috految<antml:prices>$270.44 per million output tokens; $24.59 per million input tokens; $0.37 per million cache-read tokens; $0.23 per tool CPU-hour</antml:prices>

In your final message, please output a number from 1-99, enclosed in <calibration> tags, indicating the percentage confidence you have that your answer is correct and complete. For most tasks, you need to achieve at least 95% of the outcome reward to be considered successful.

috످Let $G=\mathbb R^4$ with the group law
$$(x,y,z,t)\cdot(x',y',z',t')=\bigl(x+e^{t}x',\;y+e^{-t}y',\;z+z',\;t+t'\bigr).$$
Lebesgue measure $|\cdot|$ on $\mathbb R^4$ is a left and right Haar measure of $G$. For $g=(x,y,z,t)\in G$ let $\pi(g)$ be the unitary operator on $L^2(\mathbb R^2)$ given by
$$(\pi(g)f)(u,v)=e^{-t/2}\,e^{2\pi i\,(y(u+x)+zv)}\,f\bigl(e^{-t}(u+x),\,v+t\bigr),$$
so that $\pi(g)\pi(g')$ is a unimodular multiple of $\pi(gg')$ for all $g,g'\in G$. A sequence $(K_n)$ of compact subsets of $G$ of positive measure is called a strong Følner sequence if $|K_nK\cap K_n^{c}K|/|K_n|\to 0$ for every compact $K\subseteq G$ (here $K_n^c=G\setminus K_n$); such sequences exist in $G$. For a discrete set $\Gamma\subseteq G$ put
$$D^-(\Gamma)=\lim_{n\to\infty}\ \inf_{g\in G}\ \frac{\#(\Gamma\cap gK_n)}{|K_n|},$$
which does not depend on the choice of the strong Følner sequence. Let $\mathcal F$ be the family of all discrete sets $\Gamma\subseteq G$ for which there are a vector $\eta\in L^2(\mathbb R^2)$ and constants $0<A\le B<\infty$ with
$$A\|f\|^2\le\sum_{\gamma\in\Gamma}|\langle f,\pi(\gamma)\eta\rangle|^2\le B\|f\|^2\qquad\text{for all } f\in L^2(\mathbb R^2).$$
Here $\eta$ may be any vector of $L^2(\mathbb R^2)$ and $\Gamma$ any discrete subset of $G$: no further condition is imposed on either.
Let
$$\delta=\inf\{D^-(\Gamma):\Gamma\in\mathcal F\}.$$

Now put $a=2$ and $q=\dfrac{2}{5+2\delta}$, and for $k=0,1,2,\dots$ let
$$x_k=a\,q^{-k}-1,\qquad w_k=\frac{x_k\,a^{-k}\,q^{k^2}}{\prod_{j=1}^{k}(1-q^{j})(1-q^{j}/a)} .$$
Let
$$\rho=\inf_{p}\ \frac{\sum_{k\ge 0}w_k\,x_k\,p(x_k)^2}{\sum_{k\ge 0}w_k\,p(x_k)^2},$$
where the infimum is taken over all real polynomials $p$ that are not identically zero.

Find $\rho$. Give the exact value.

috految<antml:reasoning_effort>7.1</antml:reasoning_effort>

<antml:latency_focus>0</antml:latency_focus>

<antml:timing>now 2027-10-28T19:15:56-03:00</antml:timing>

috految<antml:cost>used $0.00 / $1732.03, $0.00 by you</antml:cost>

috److془We need to carefully determine δ. Known: "Coherent frames with zero Beurling density" by Ingrid Beltita, Jordy Timo van Velthoven: "We show the existence of a coherent frame in the orbit of a connected, simply connected unimodular solvable Lie group of exponential growth for which the lower Beurling density of its index set is zero." So δ=0. Check: subgroup H = {(x,0,0,t)}: affine; representation is the regular rep of affine group. Admissible vector exists; Freeman-Speegle gives frame. (Führ-Oussa). Γ ⊂ H; gK_n disjoint from H with z large. δ=0. Check: f(e^{-t}(u+x), v+t) simply transitive. Good. Multiplicity bounded by Bessel. q=2/5.

Now a=2, q=2/5: 1<a<1/q=2.5. Al-Salam-Carlitz: indeterminate for q<a<1/q. Measures: μ_K = (aq;q)_∞ Σ a^k q^{k^2}/((aq;q)_k (q;q)_k) δ_{q^{-k}-1}; μ_F = (q/a;q)_∞ Σ a^{-k} q^{k^2}/((q/a;q)_k(q;q)_k) δ_{a q^{-k}-1}. w = x μ_F. ρ = the limit of smallest zero of orthogonal polynomials for x μ: kernel polynomials K_n(x,0) → D(x)/x, zeros: support of μ_K nonzero: 1/q -1 = 3/2. Hmm but check N-extremality. Hmm: x μ_K moments same. ρ≥ 3/2. Check: V_n generating: Σ (-1)^n q^{C(n,2)} V_n t^n/(q;q)_n = (yt)_∞/((t)(at))_∞. Norm: a^n q^{-n^2}(q;q)_n. Orthonormal ~ (q/a)^{n/2} c_n; c_n ~ a^n (y/a;q) + const (y;q). Kernel at y=1: c_n(1)=a^n/(q)_n. Kernel = Σ (q/a)^n (q)_n c_n(y) a^n/(q)_n = (yq)/( (q)(aq)), converge as aq<1. Zeros y=1/q. x=3/2. Check the measure: coefficient (q/a;q)_k = ∏_{j=1}^k (1-q^j/a) ✓. Mean: weights 1, .2/(.48)=.41667, .0064/(.48*.84*.92)=.01725, .0000975. sum 1.434; y: 2+2.0833+.2157+.003=4.302; mean 3 ✓.

Check δ: the regular rep of affine group has admissible vector: Σ||η_i||²<∞ with Cη_i orthonormal, C unbounded ✓. Discretization: bounded continuous frame ✓. Good. Rep: π(x,t)π(x',t'): e^{-t'}(e^{-t}(u+x)+x') ✓. Discrete by Bessel. ρ=3/2.془**$\rho=3/2$**

**Step 1: $\delta=0$.** The subgroup $H=\{(x,0,0,t)\}$ is the affine group, which is non-unimodular. It acts simply transitively on the $(u,v)$-plane, so $\pi|_H$ is equivalent to the regular representation of $H$.

I use two known results:

- The regular representation of the affine group has an admissible vector $\eta$ (Führ).
- A bounded continuous frame can be sampled to give a discrete frame (Freeman–Speegle; see also Führ–Oussa).

Together they give a frame $\pi(\Gamma)\eta$ with $\Gamma\subset H$. The Bessel bound forces the sampled points to have bounded multiplicity and to be locally finite, so $\Gamma$ can be taken to be a discrete set.

Every compact set has a left translate disjoint from $H$, obtained by translating in $z$. Hence $D^-(\Gamma)=0$, so $\delta=0$ and $q=2/5$.

**Step 2: the moment problem.** Now $1<a=2<1/q$. The measure
$$\mu=\sum_{k\ge0}\frac{a^{-k}q^{k^2}}{(q;q)_k\,(q/a;q)_k}\,\delta_{aq^{-k}-1}$$
is an orthogonality measure for the Al-Salam–Carlitz polynomials $V_n^{(a)}(x+1;q)$, and the weights $w_k$ define the measure $x\,d\mu(x)$.

The infimum $\rho$ is the limit of the smallest zeros of the orthogonal polynomials for $x\,d\mu$. These are the kernel polynomials
$$K_n(x,0)=\sum_{j\le n}P_j(x)P_j(0),$$
where $P_j$ are the orthonormal polynomials of $\mu$.

The Al-Salam–Carlitz generating function is
$$\sum_n c_n(x)t^n=\frac{((x+1)t;q)_\infty}{(t;q)_\infty(at;q)_\infty}.$$
With $\mu$ normalized to mass one,
$$P_n=\pm\sqrt{(q;q)_n\,(q/a)^n}\;c_n,\qquad c_n(0)=\frac{a^n}{(q;q)_n}.$$

Since $aq=4/5<1$, we have locally uniformly
$$K_n(x,0)=\sum_{j\le n}q^jc_j(x)\longrightarrow\frac{(q(x+1);q)_\infty}{(q;q)_\infty(aq;q)_\infty}.$$

The zeros of the limit are $x=q^{-k}-1$ for $k\ge1$. All zeros of $K_n(\cdot,0)$ are positive, so by Hurwitz's theorem the smallest ones converge to $q^{-1}-1$. Therefore

$$\rho=\frac1q-1=\boxed{\frac32}$$

<calibration>96</calibration>

috످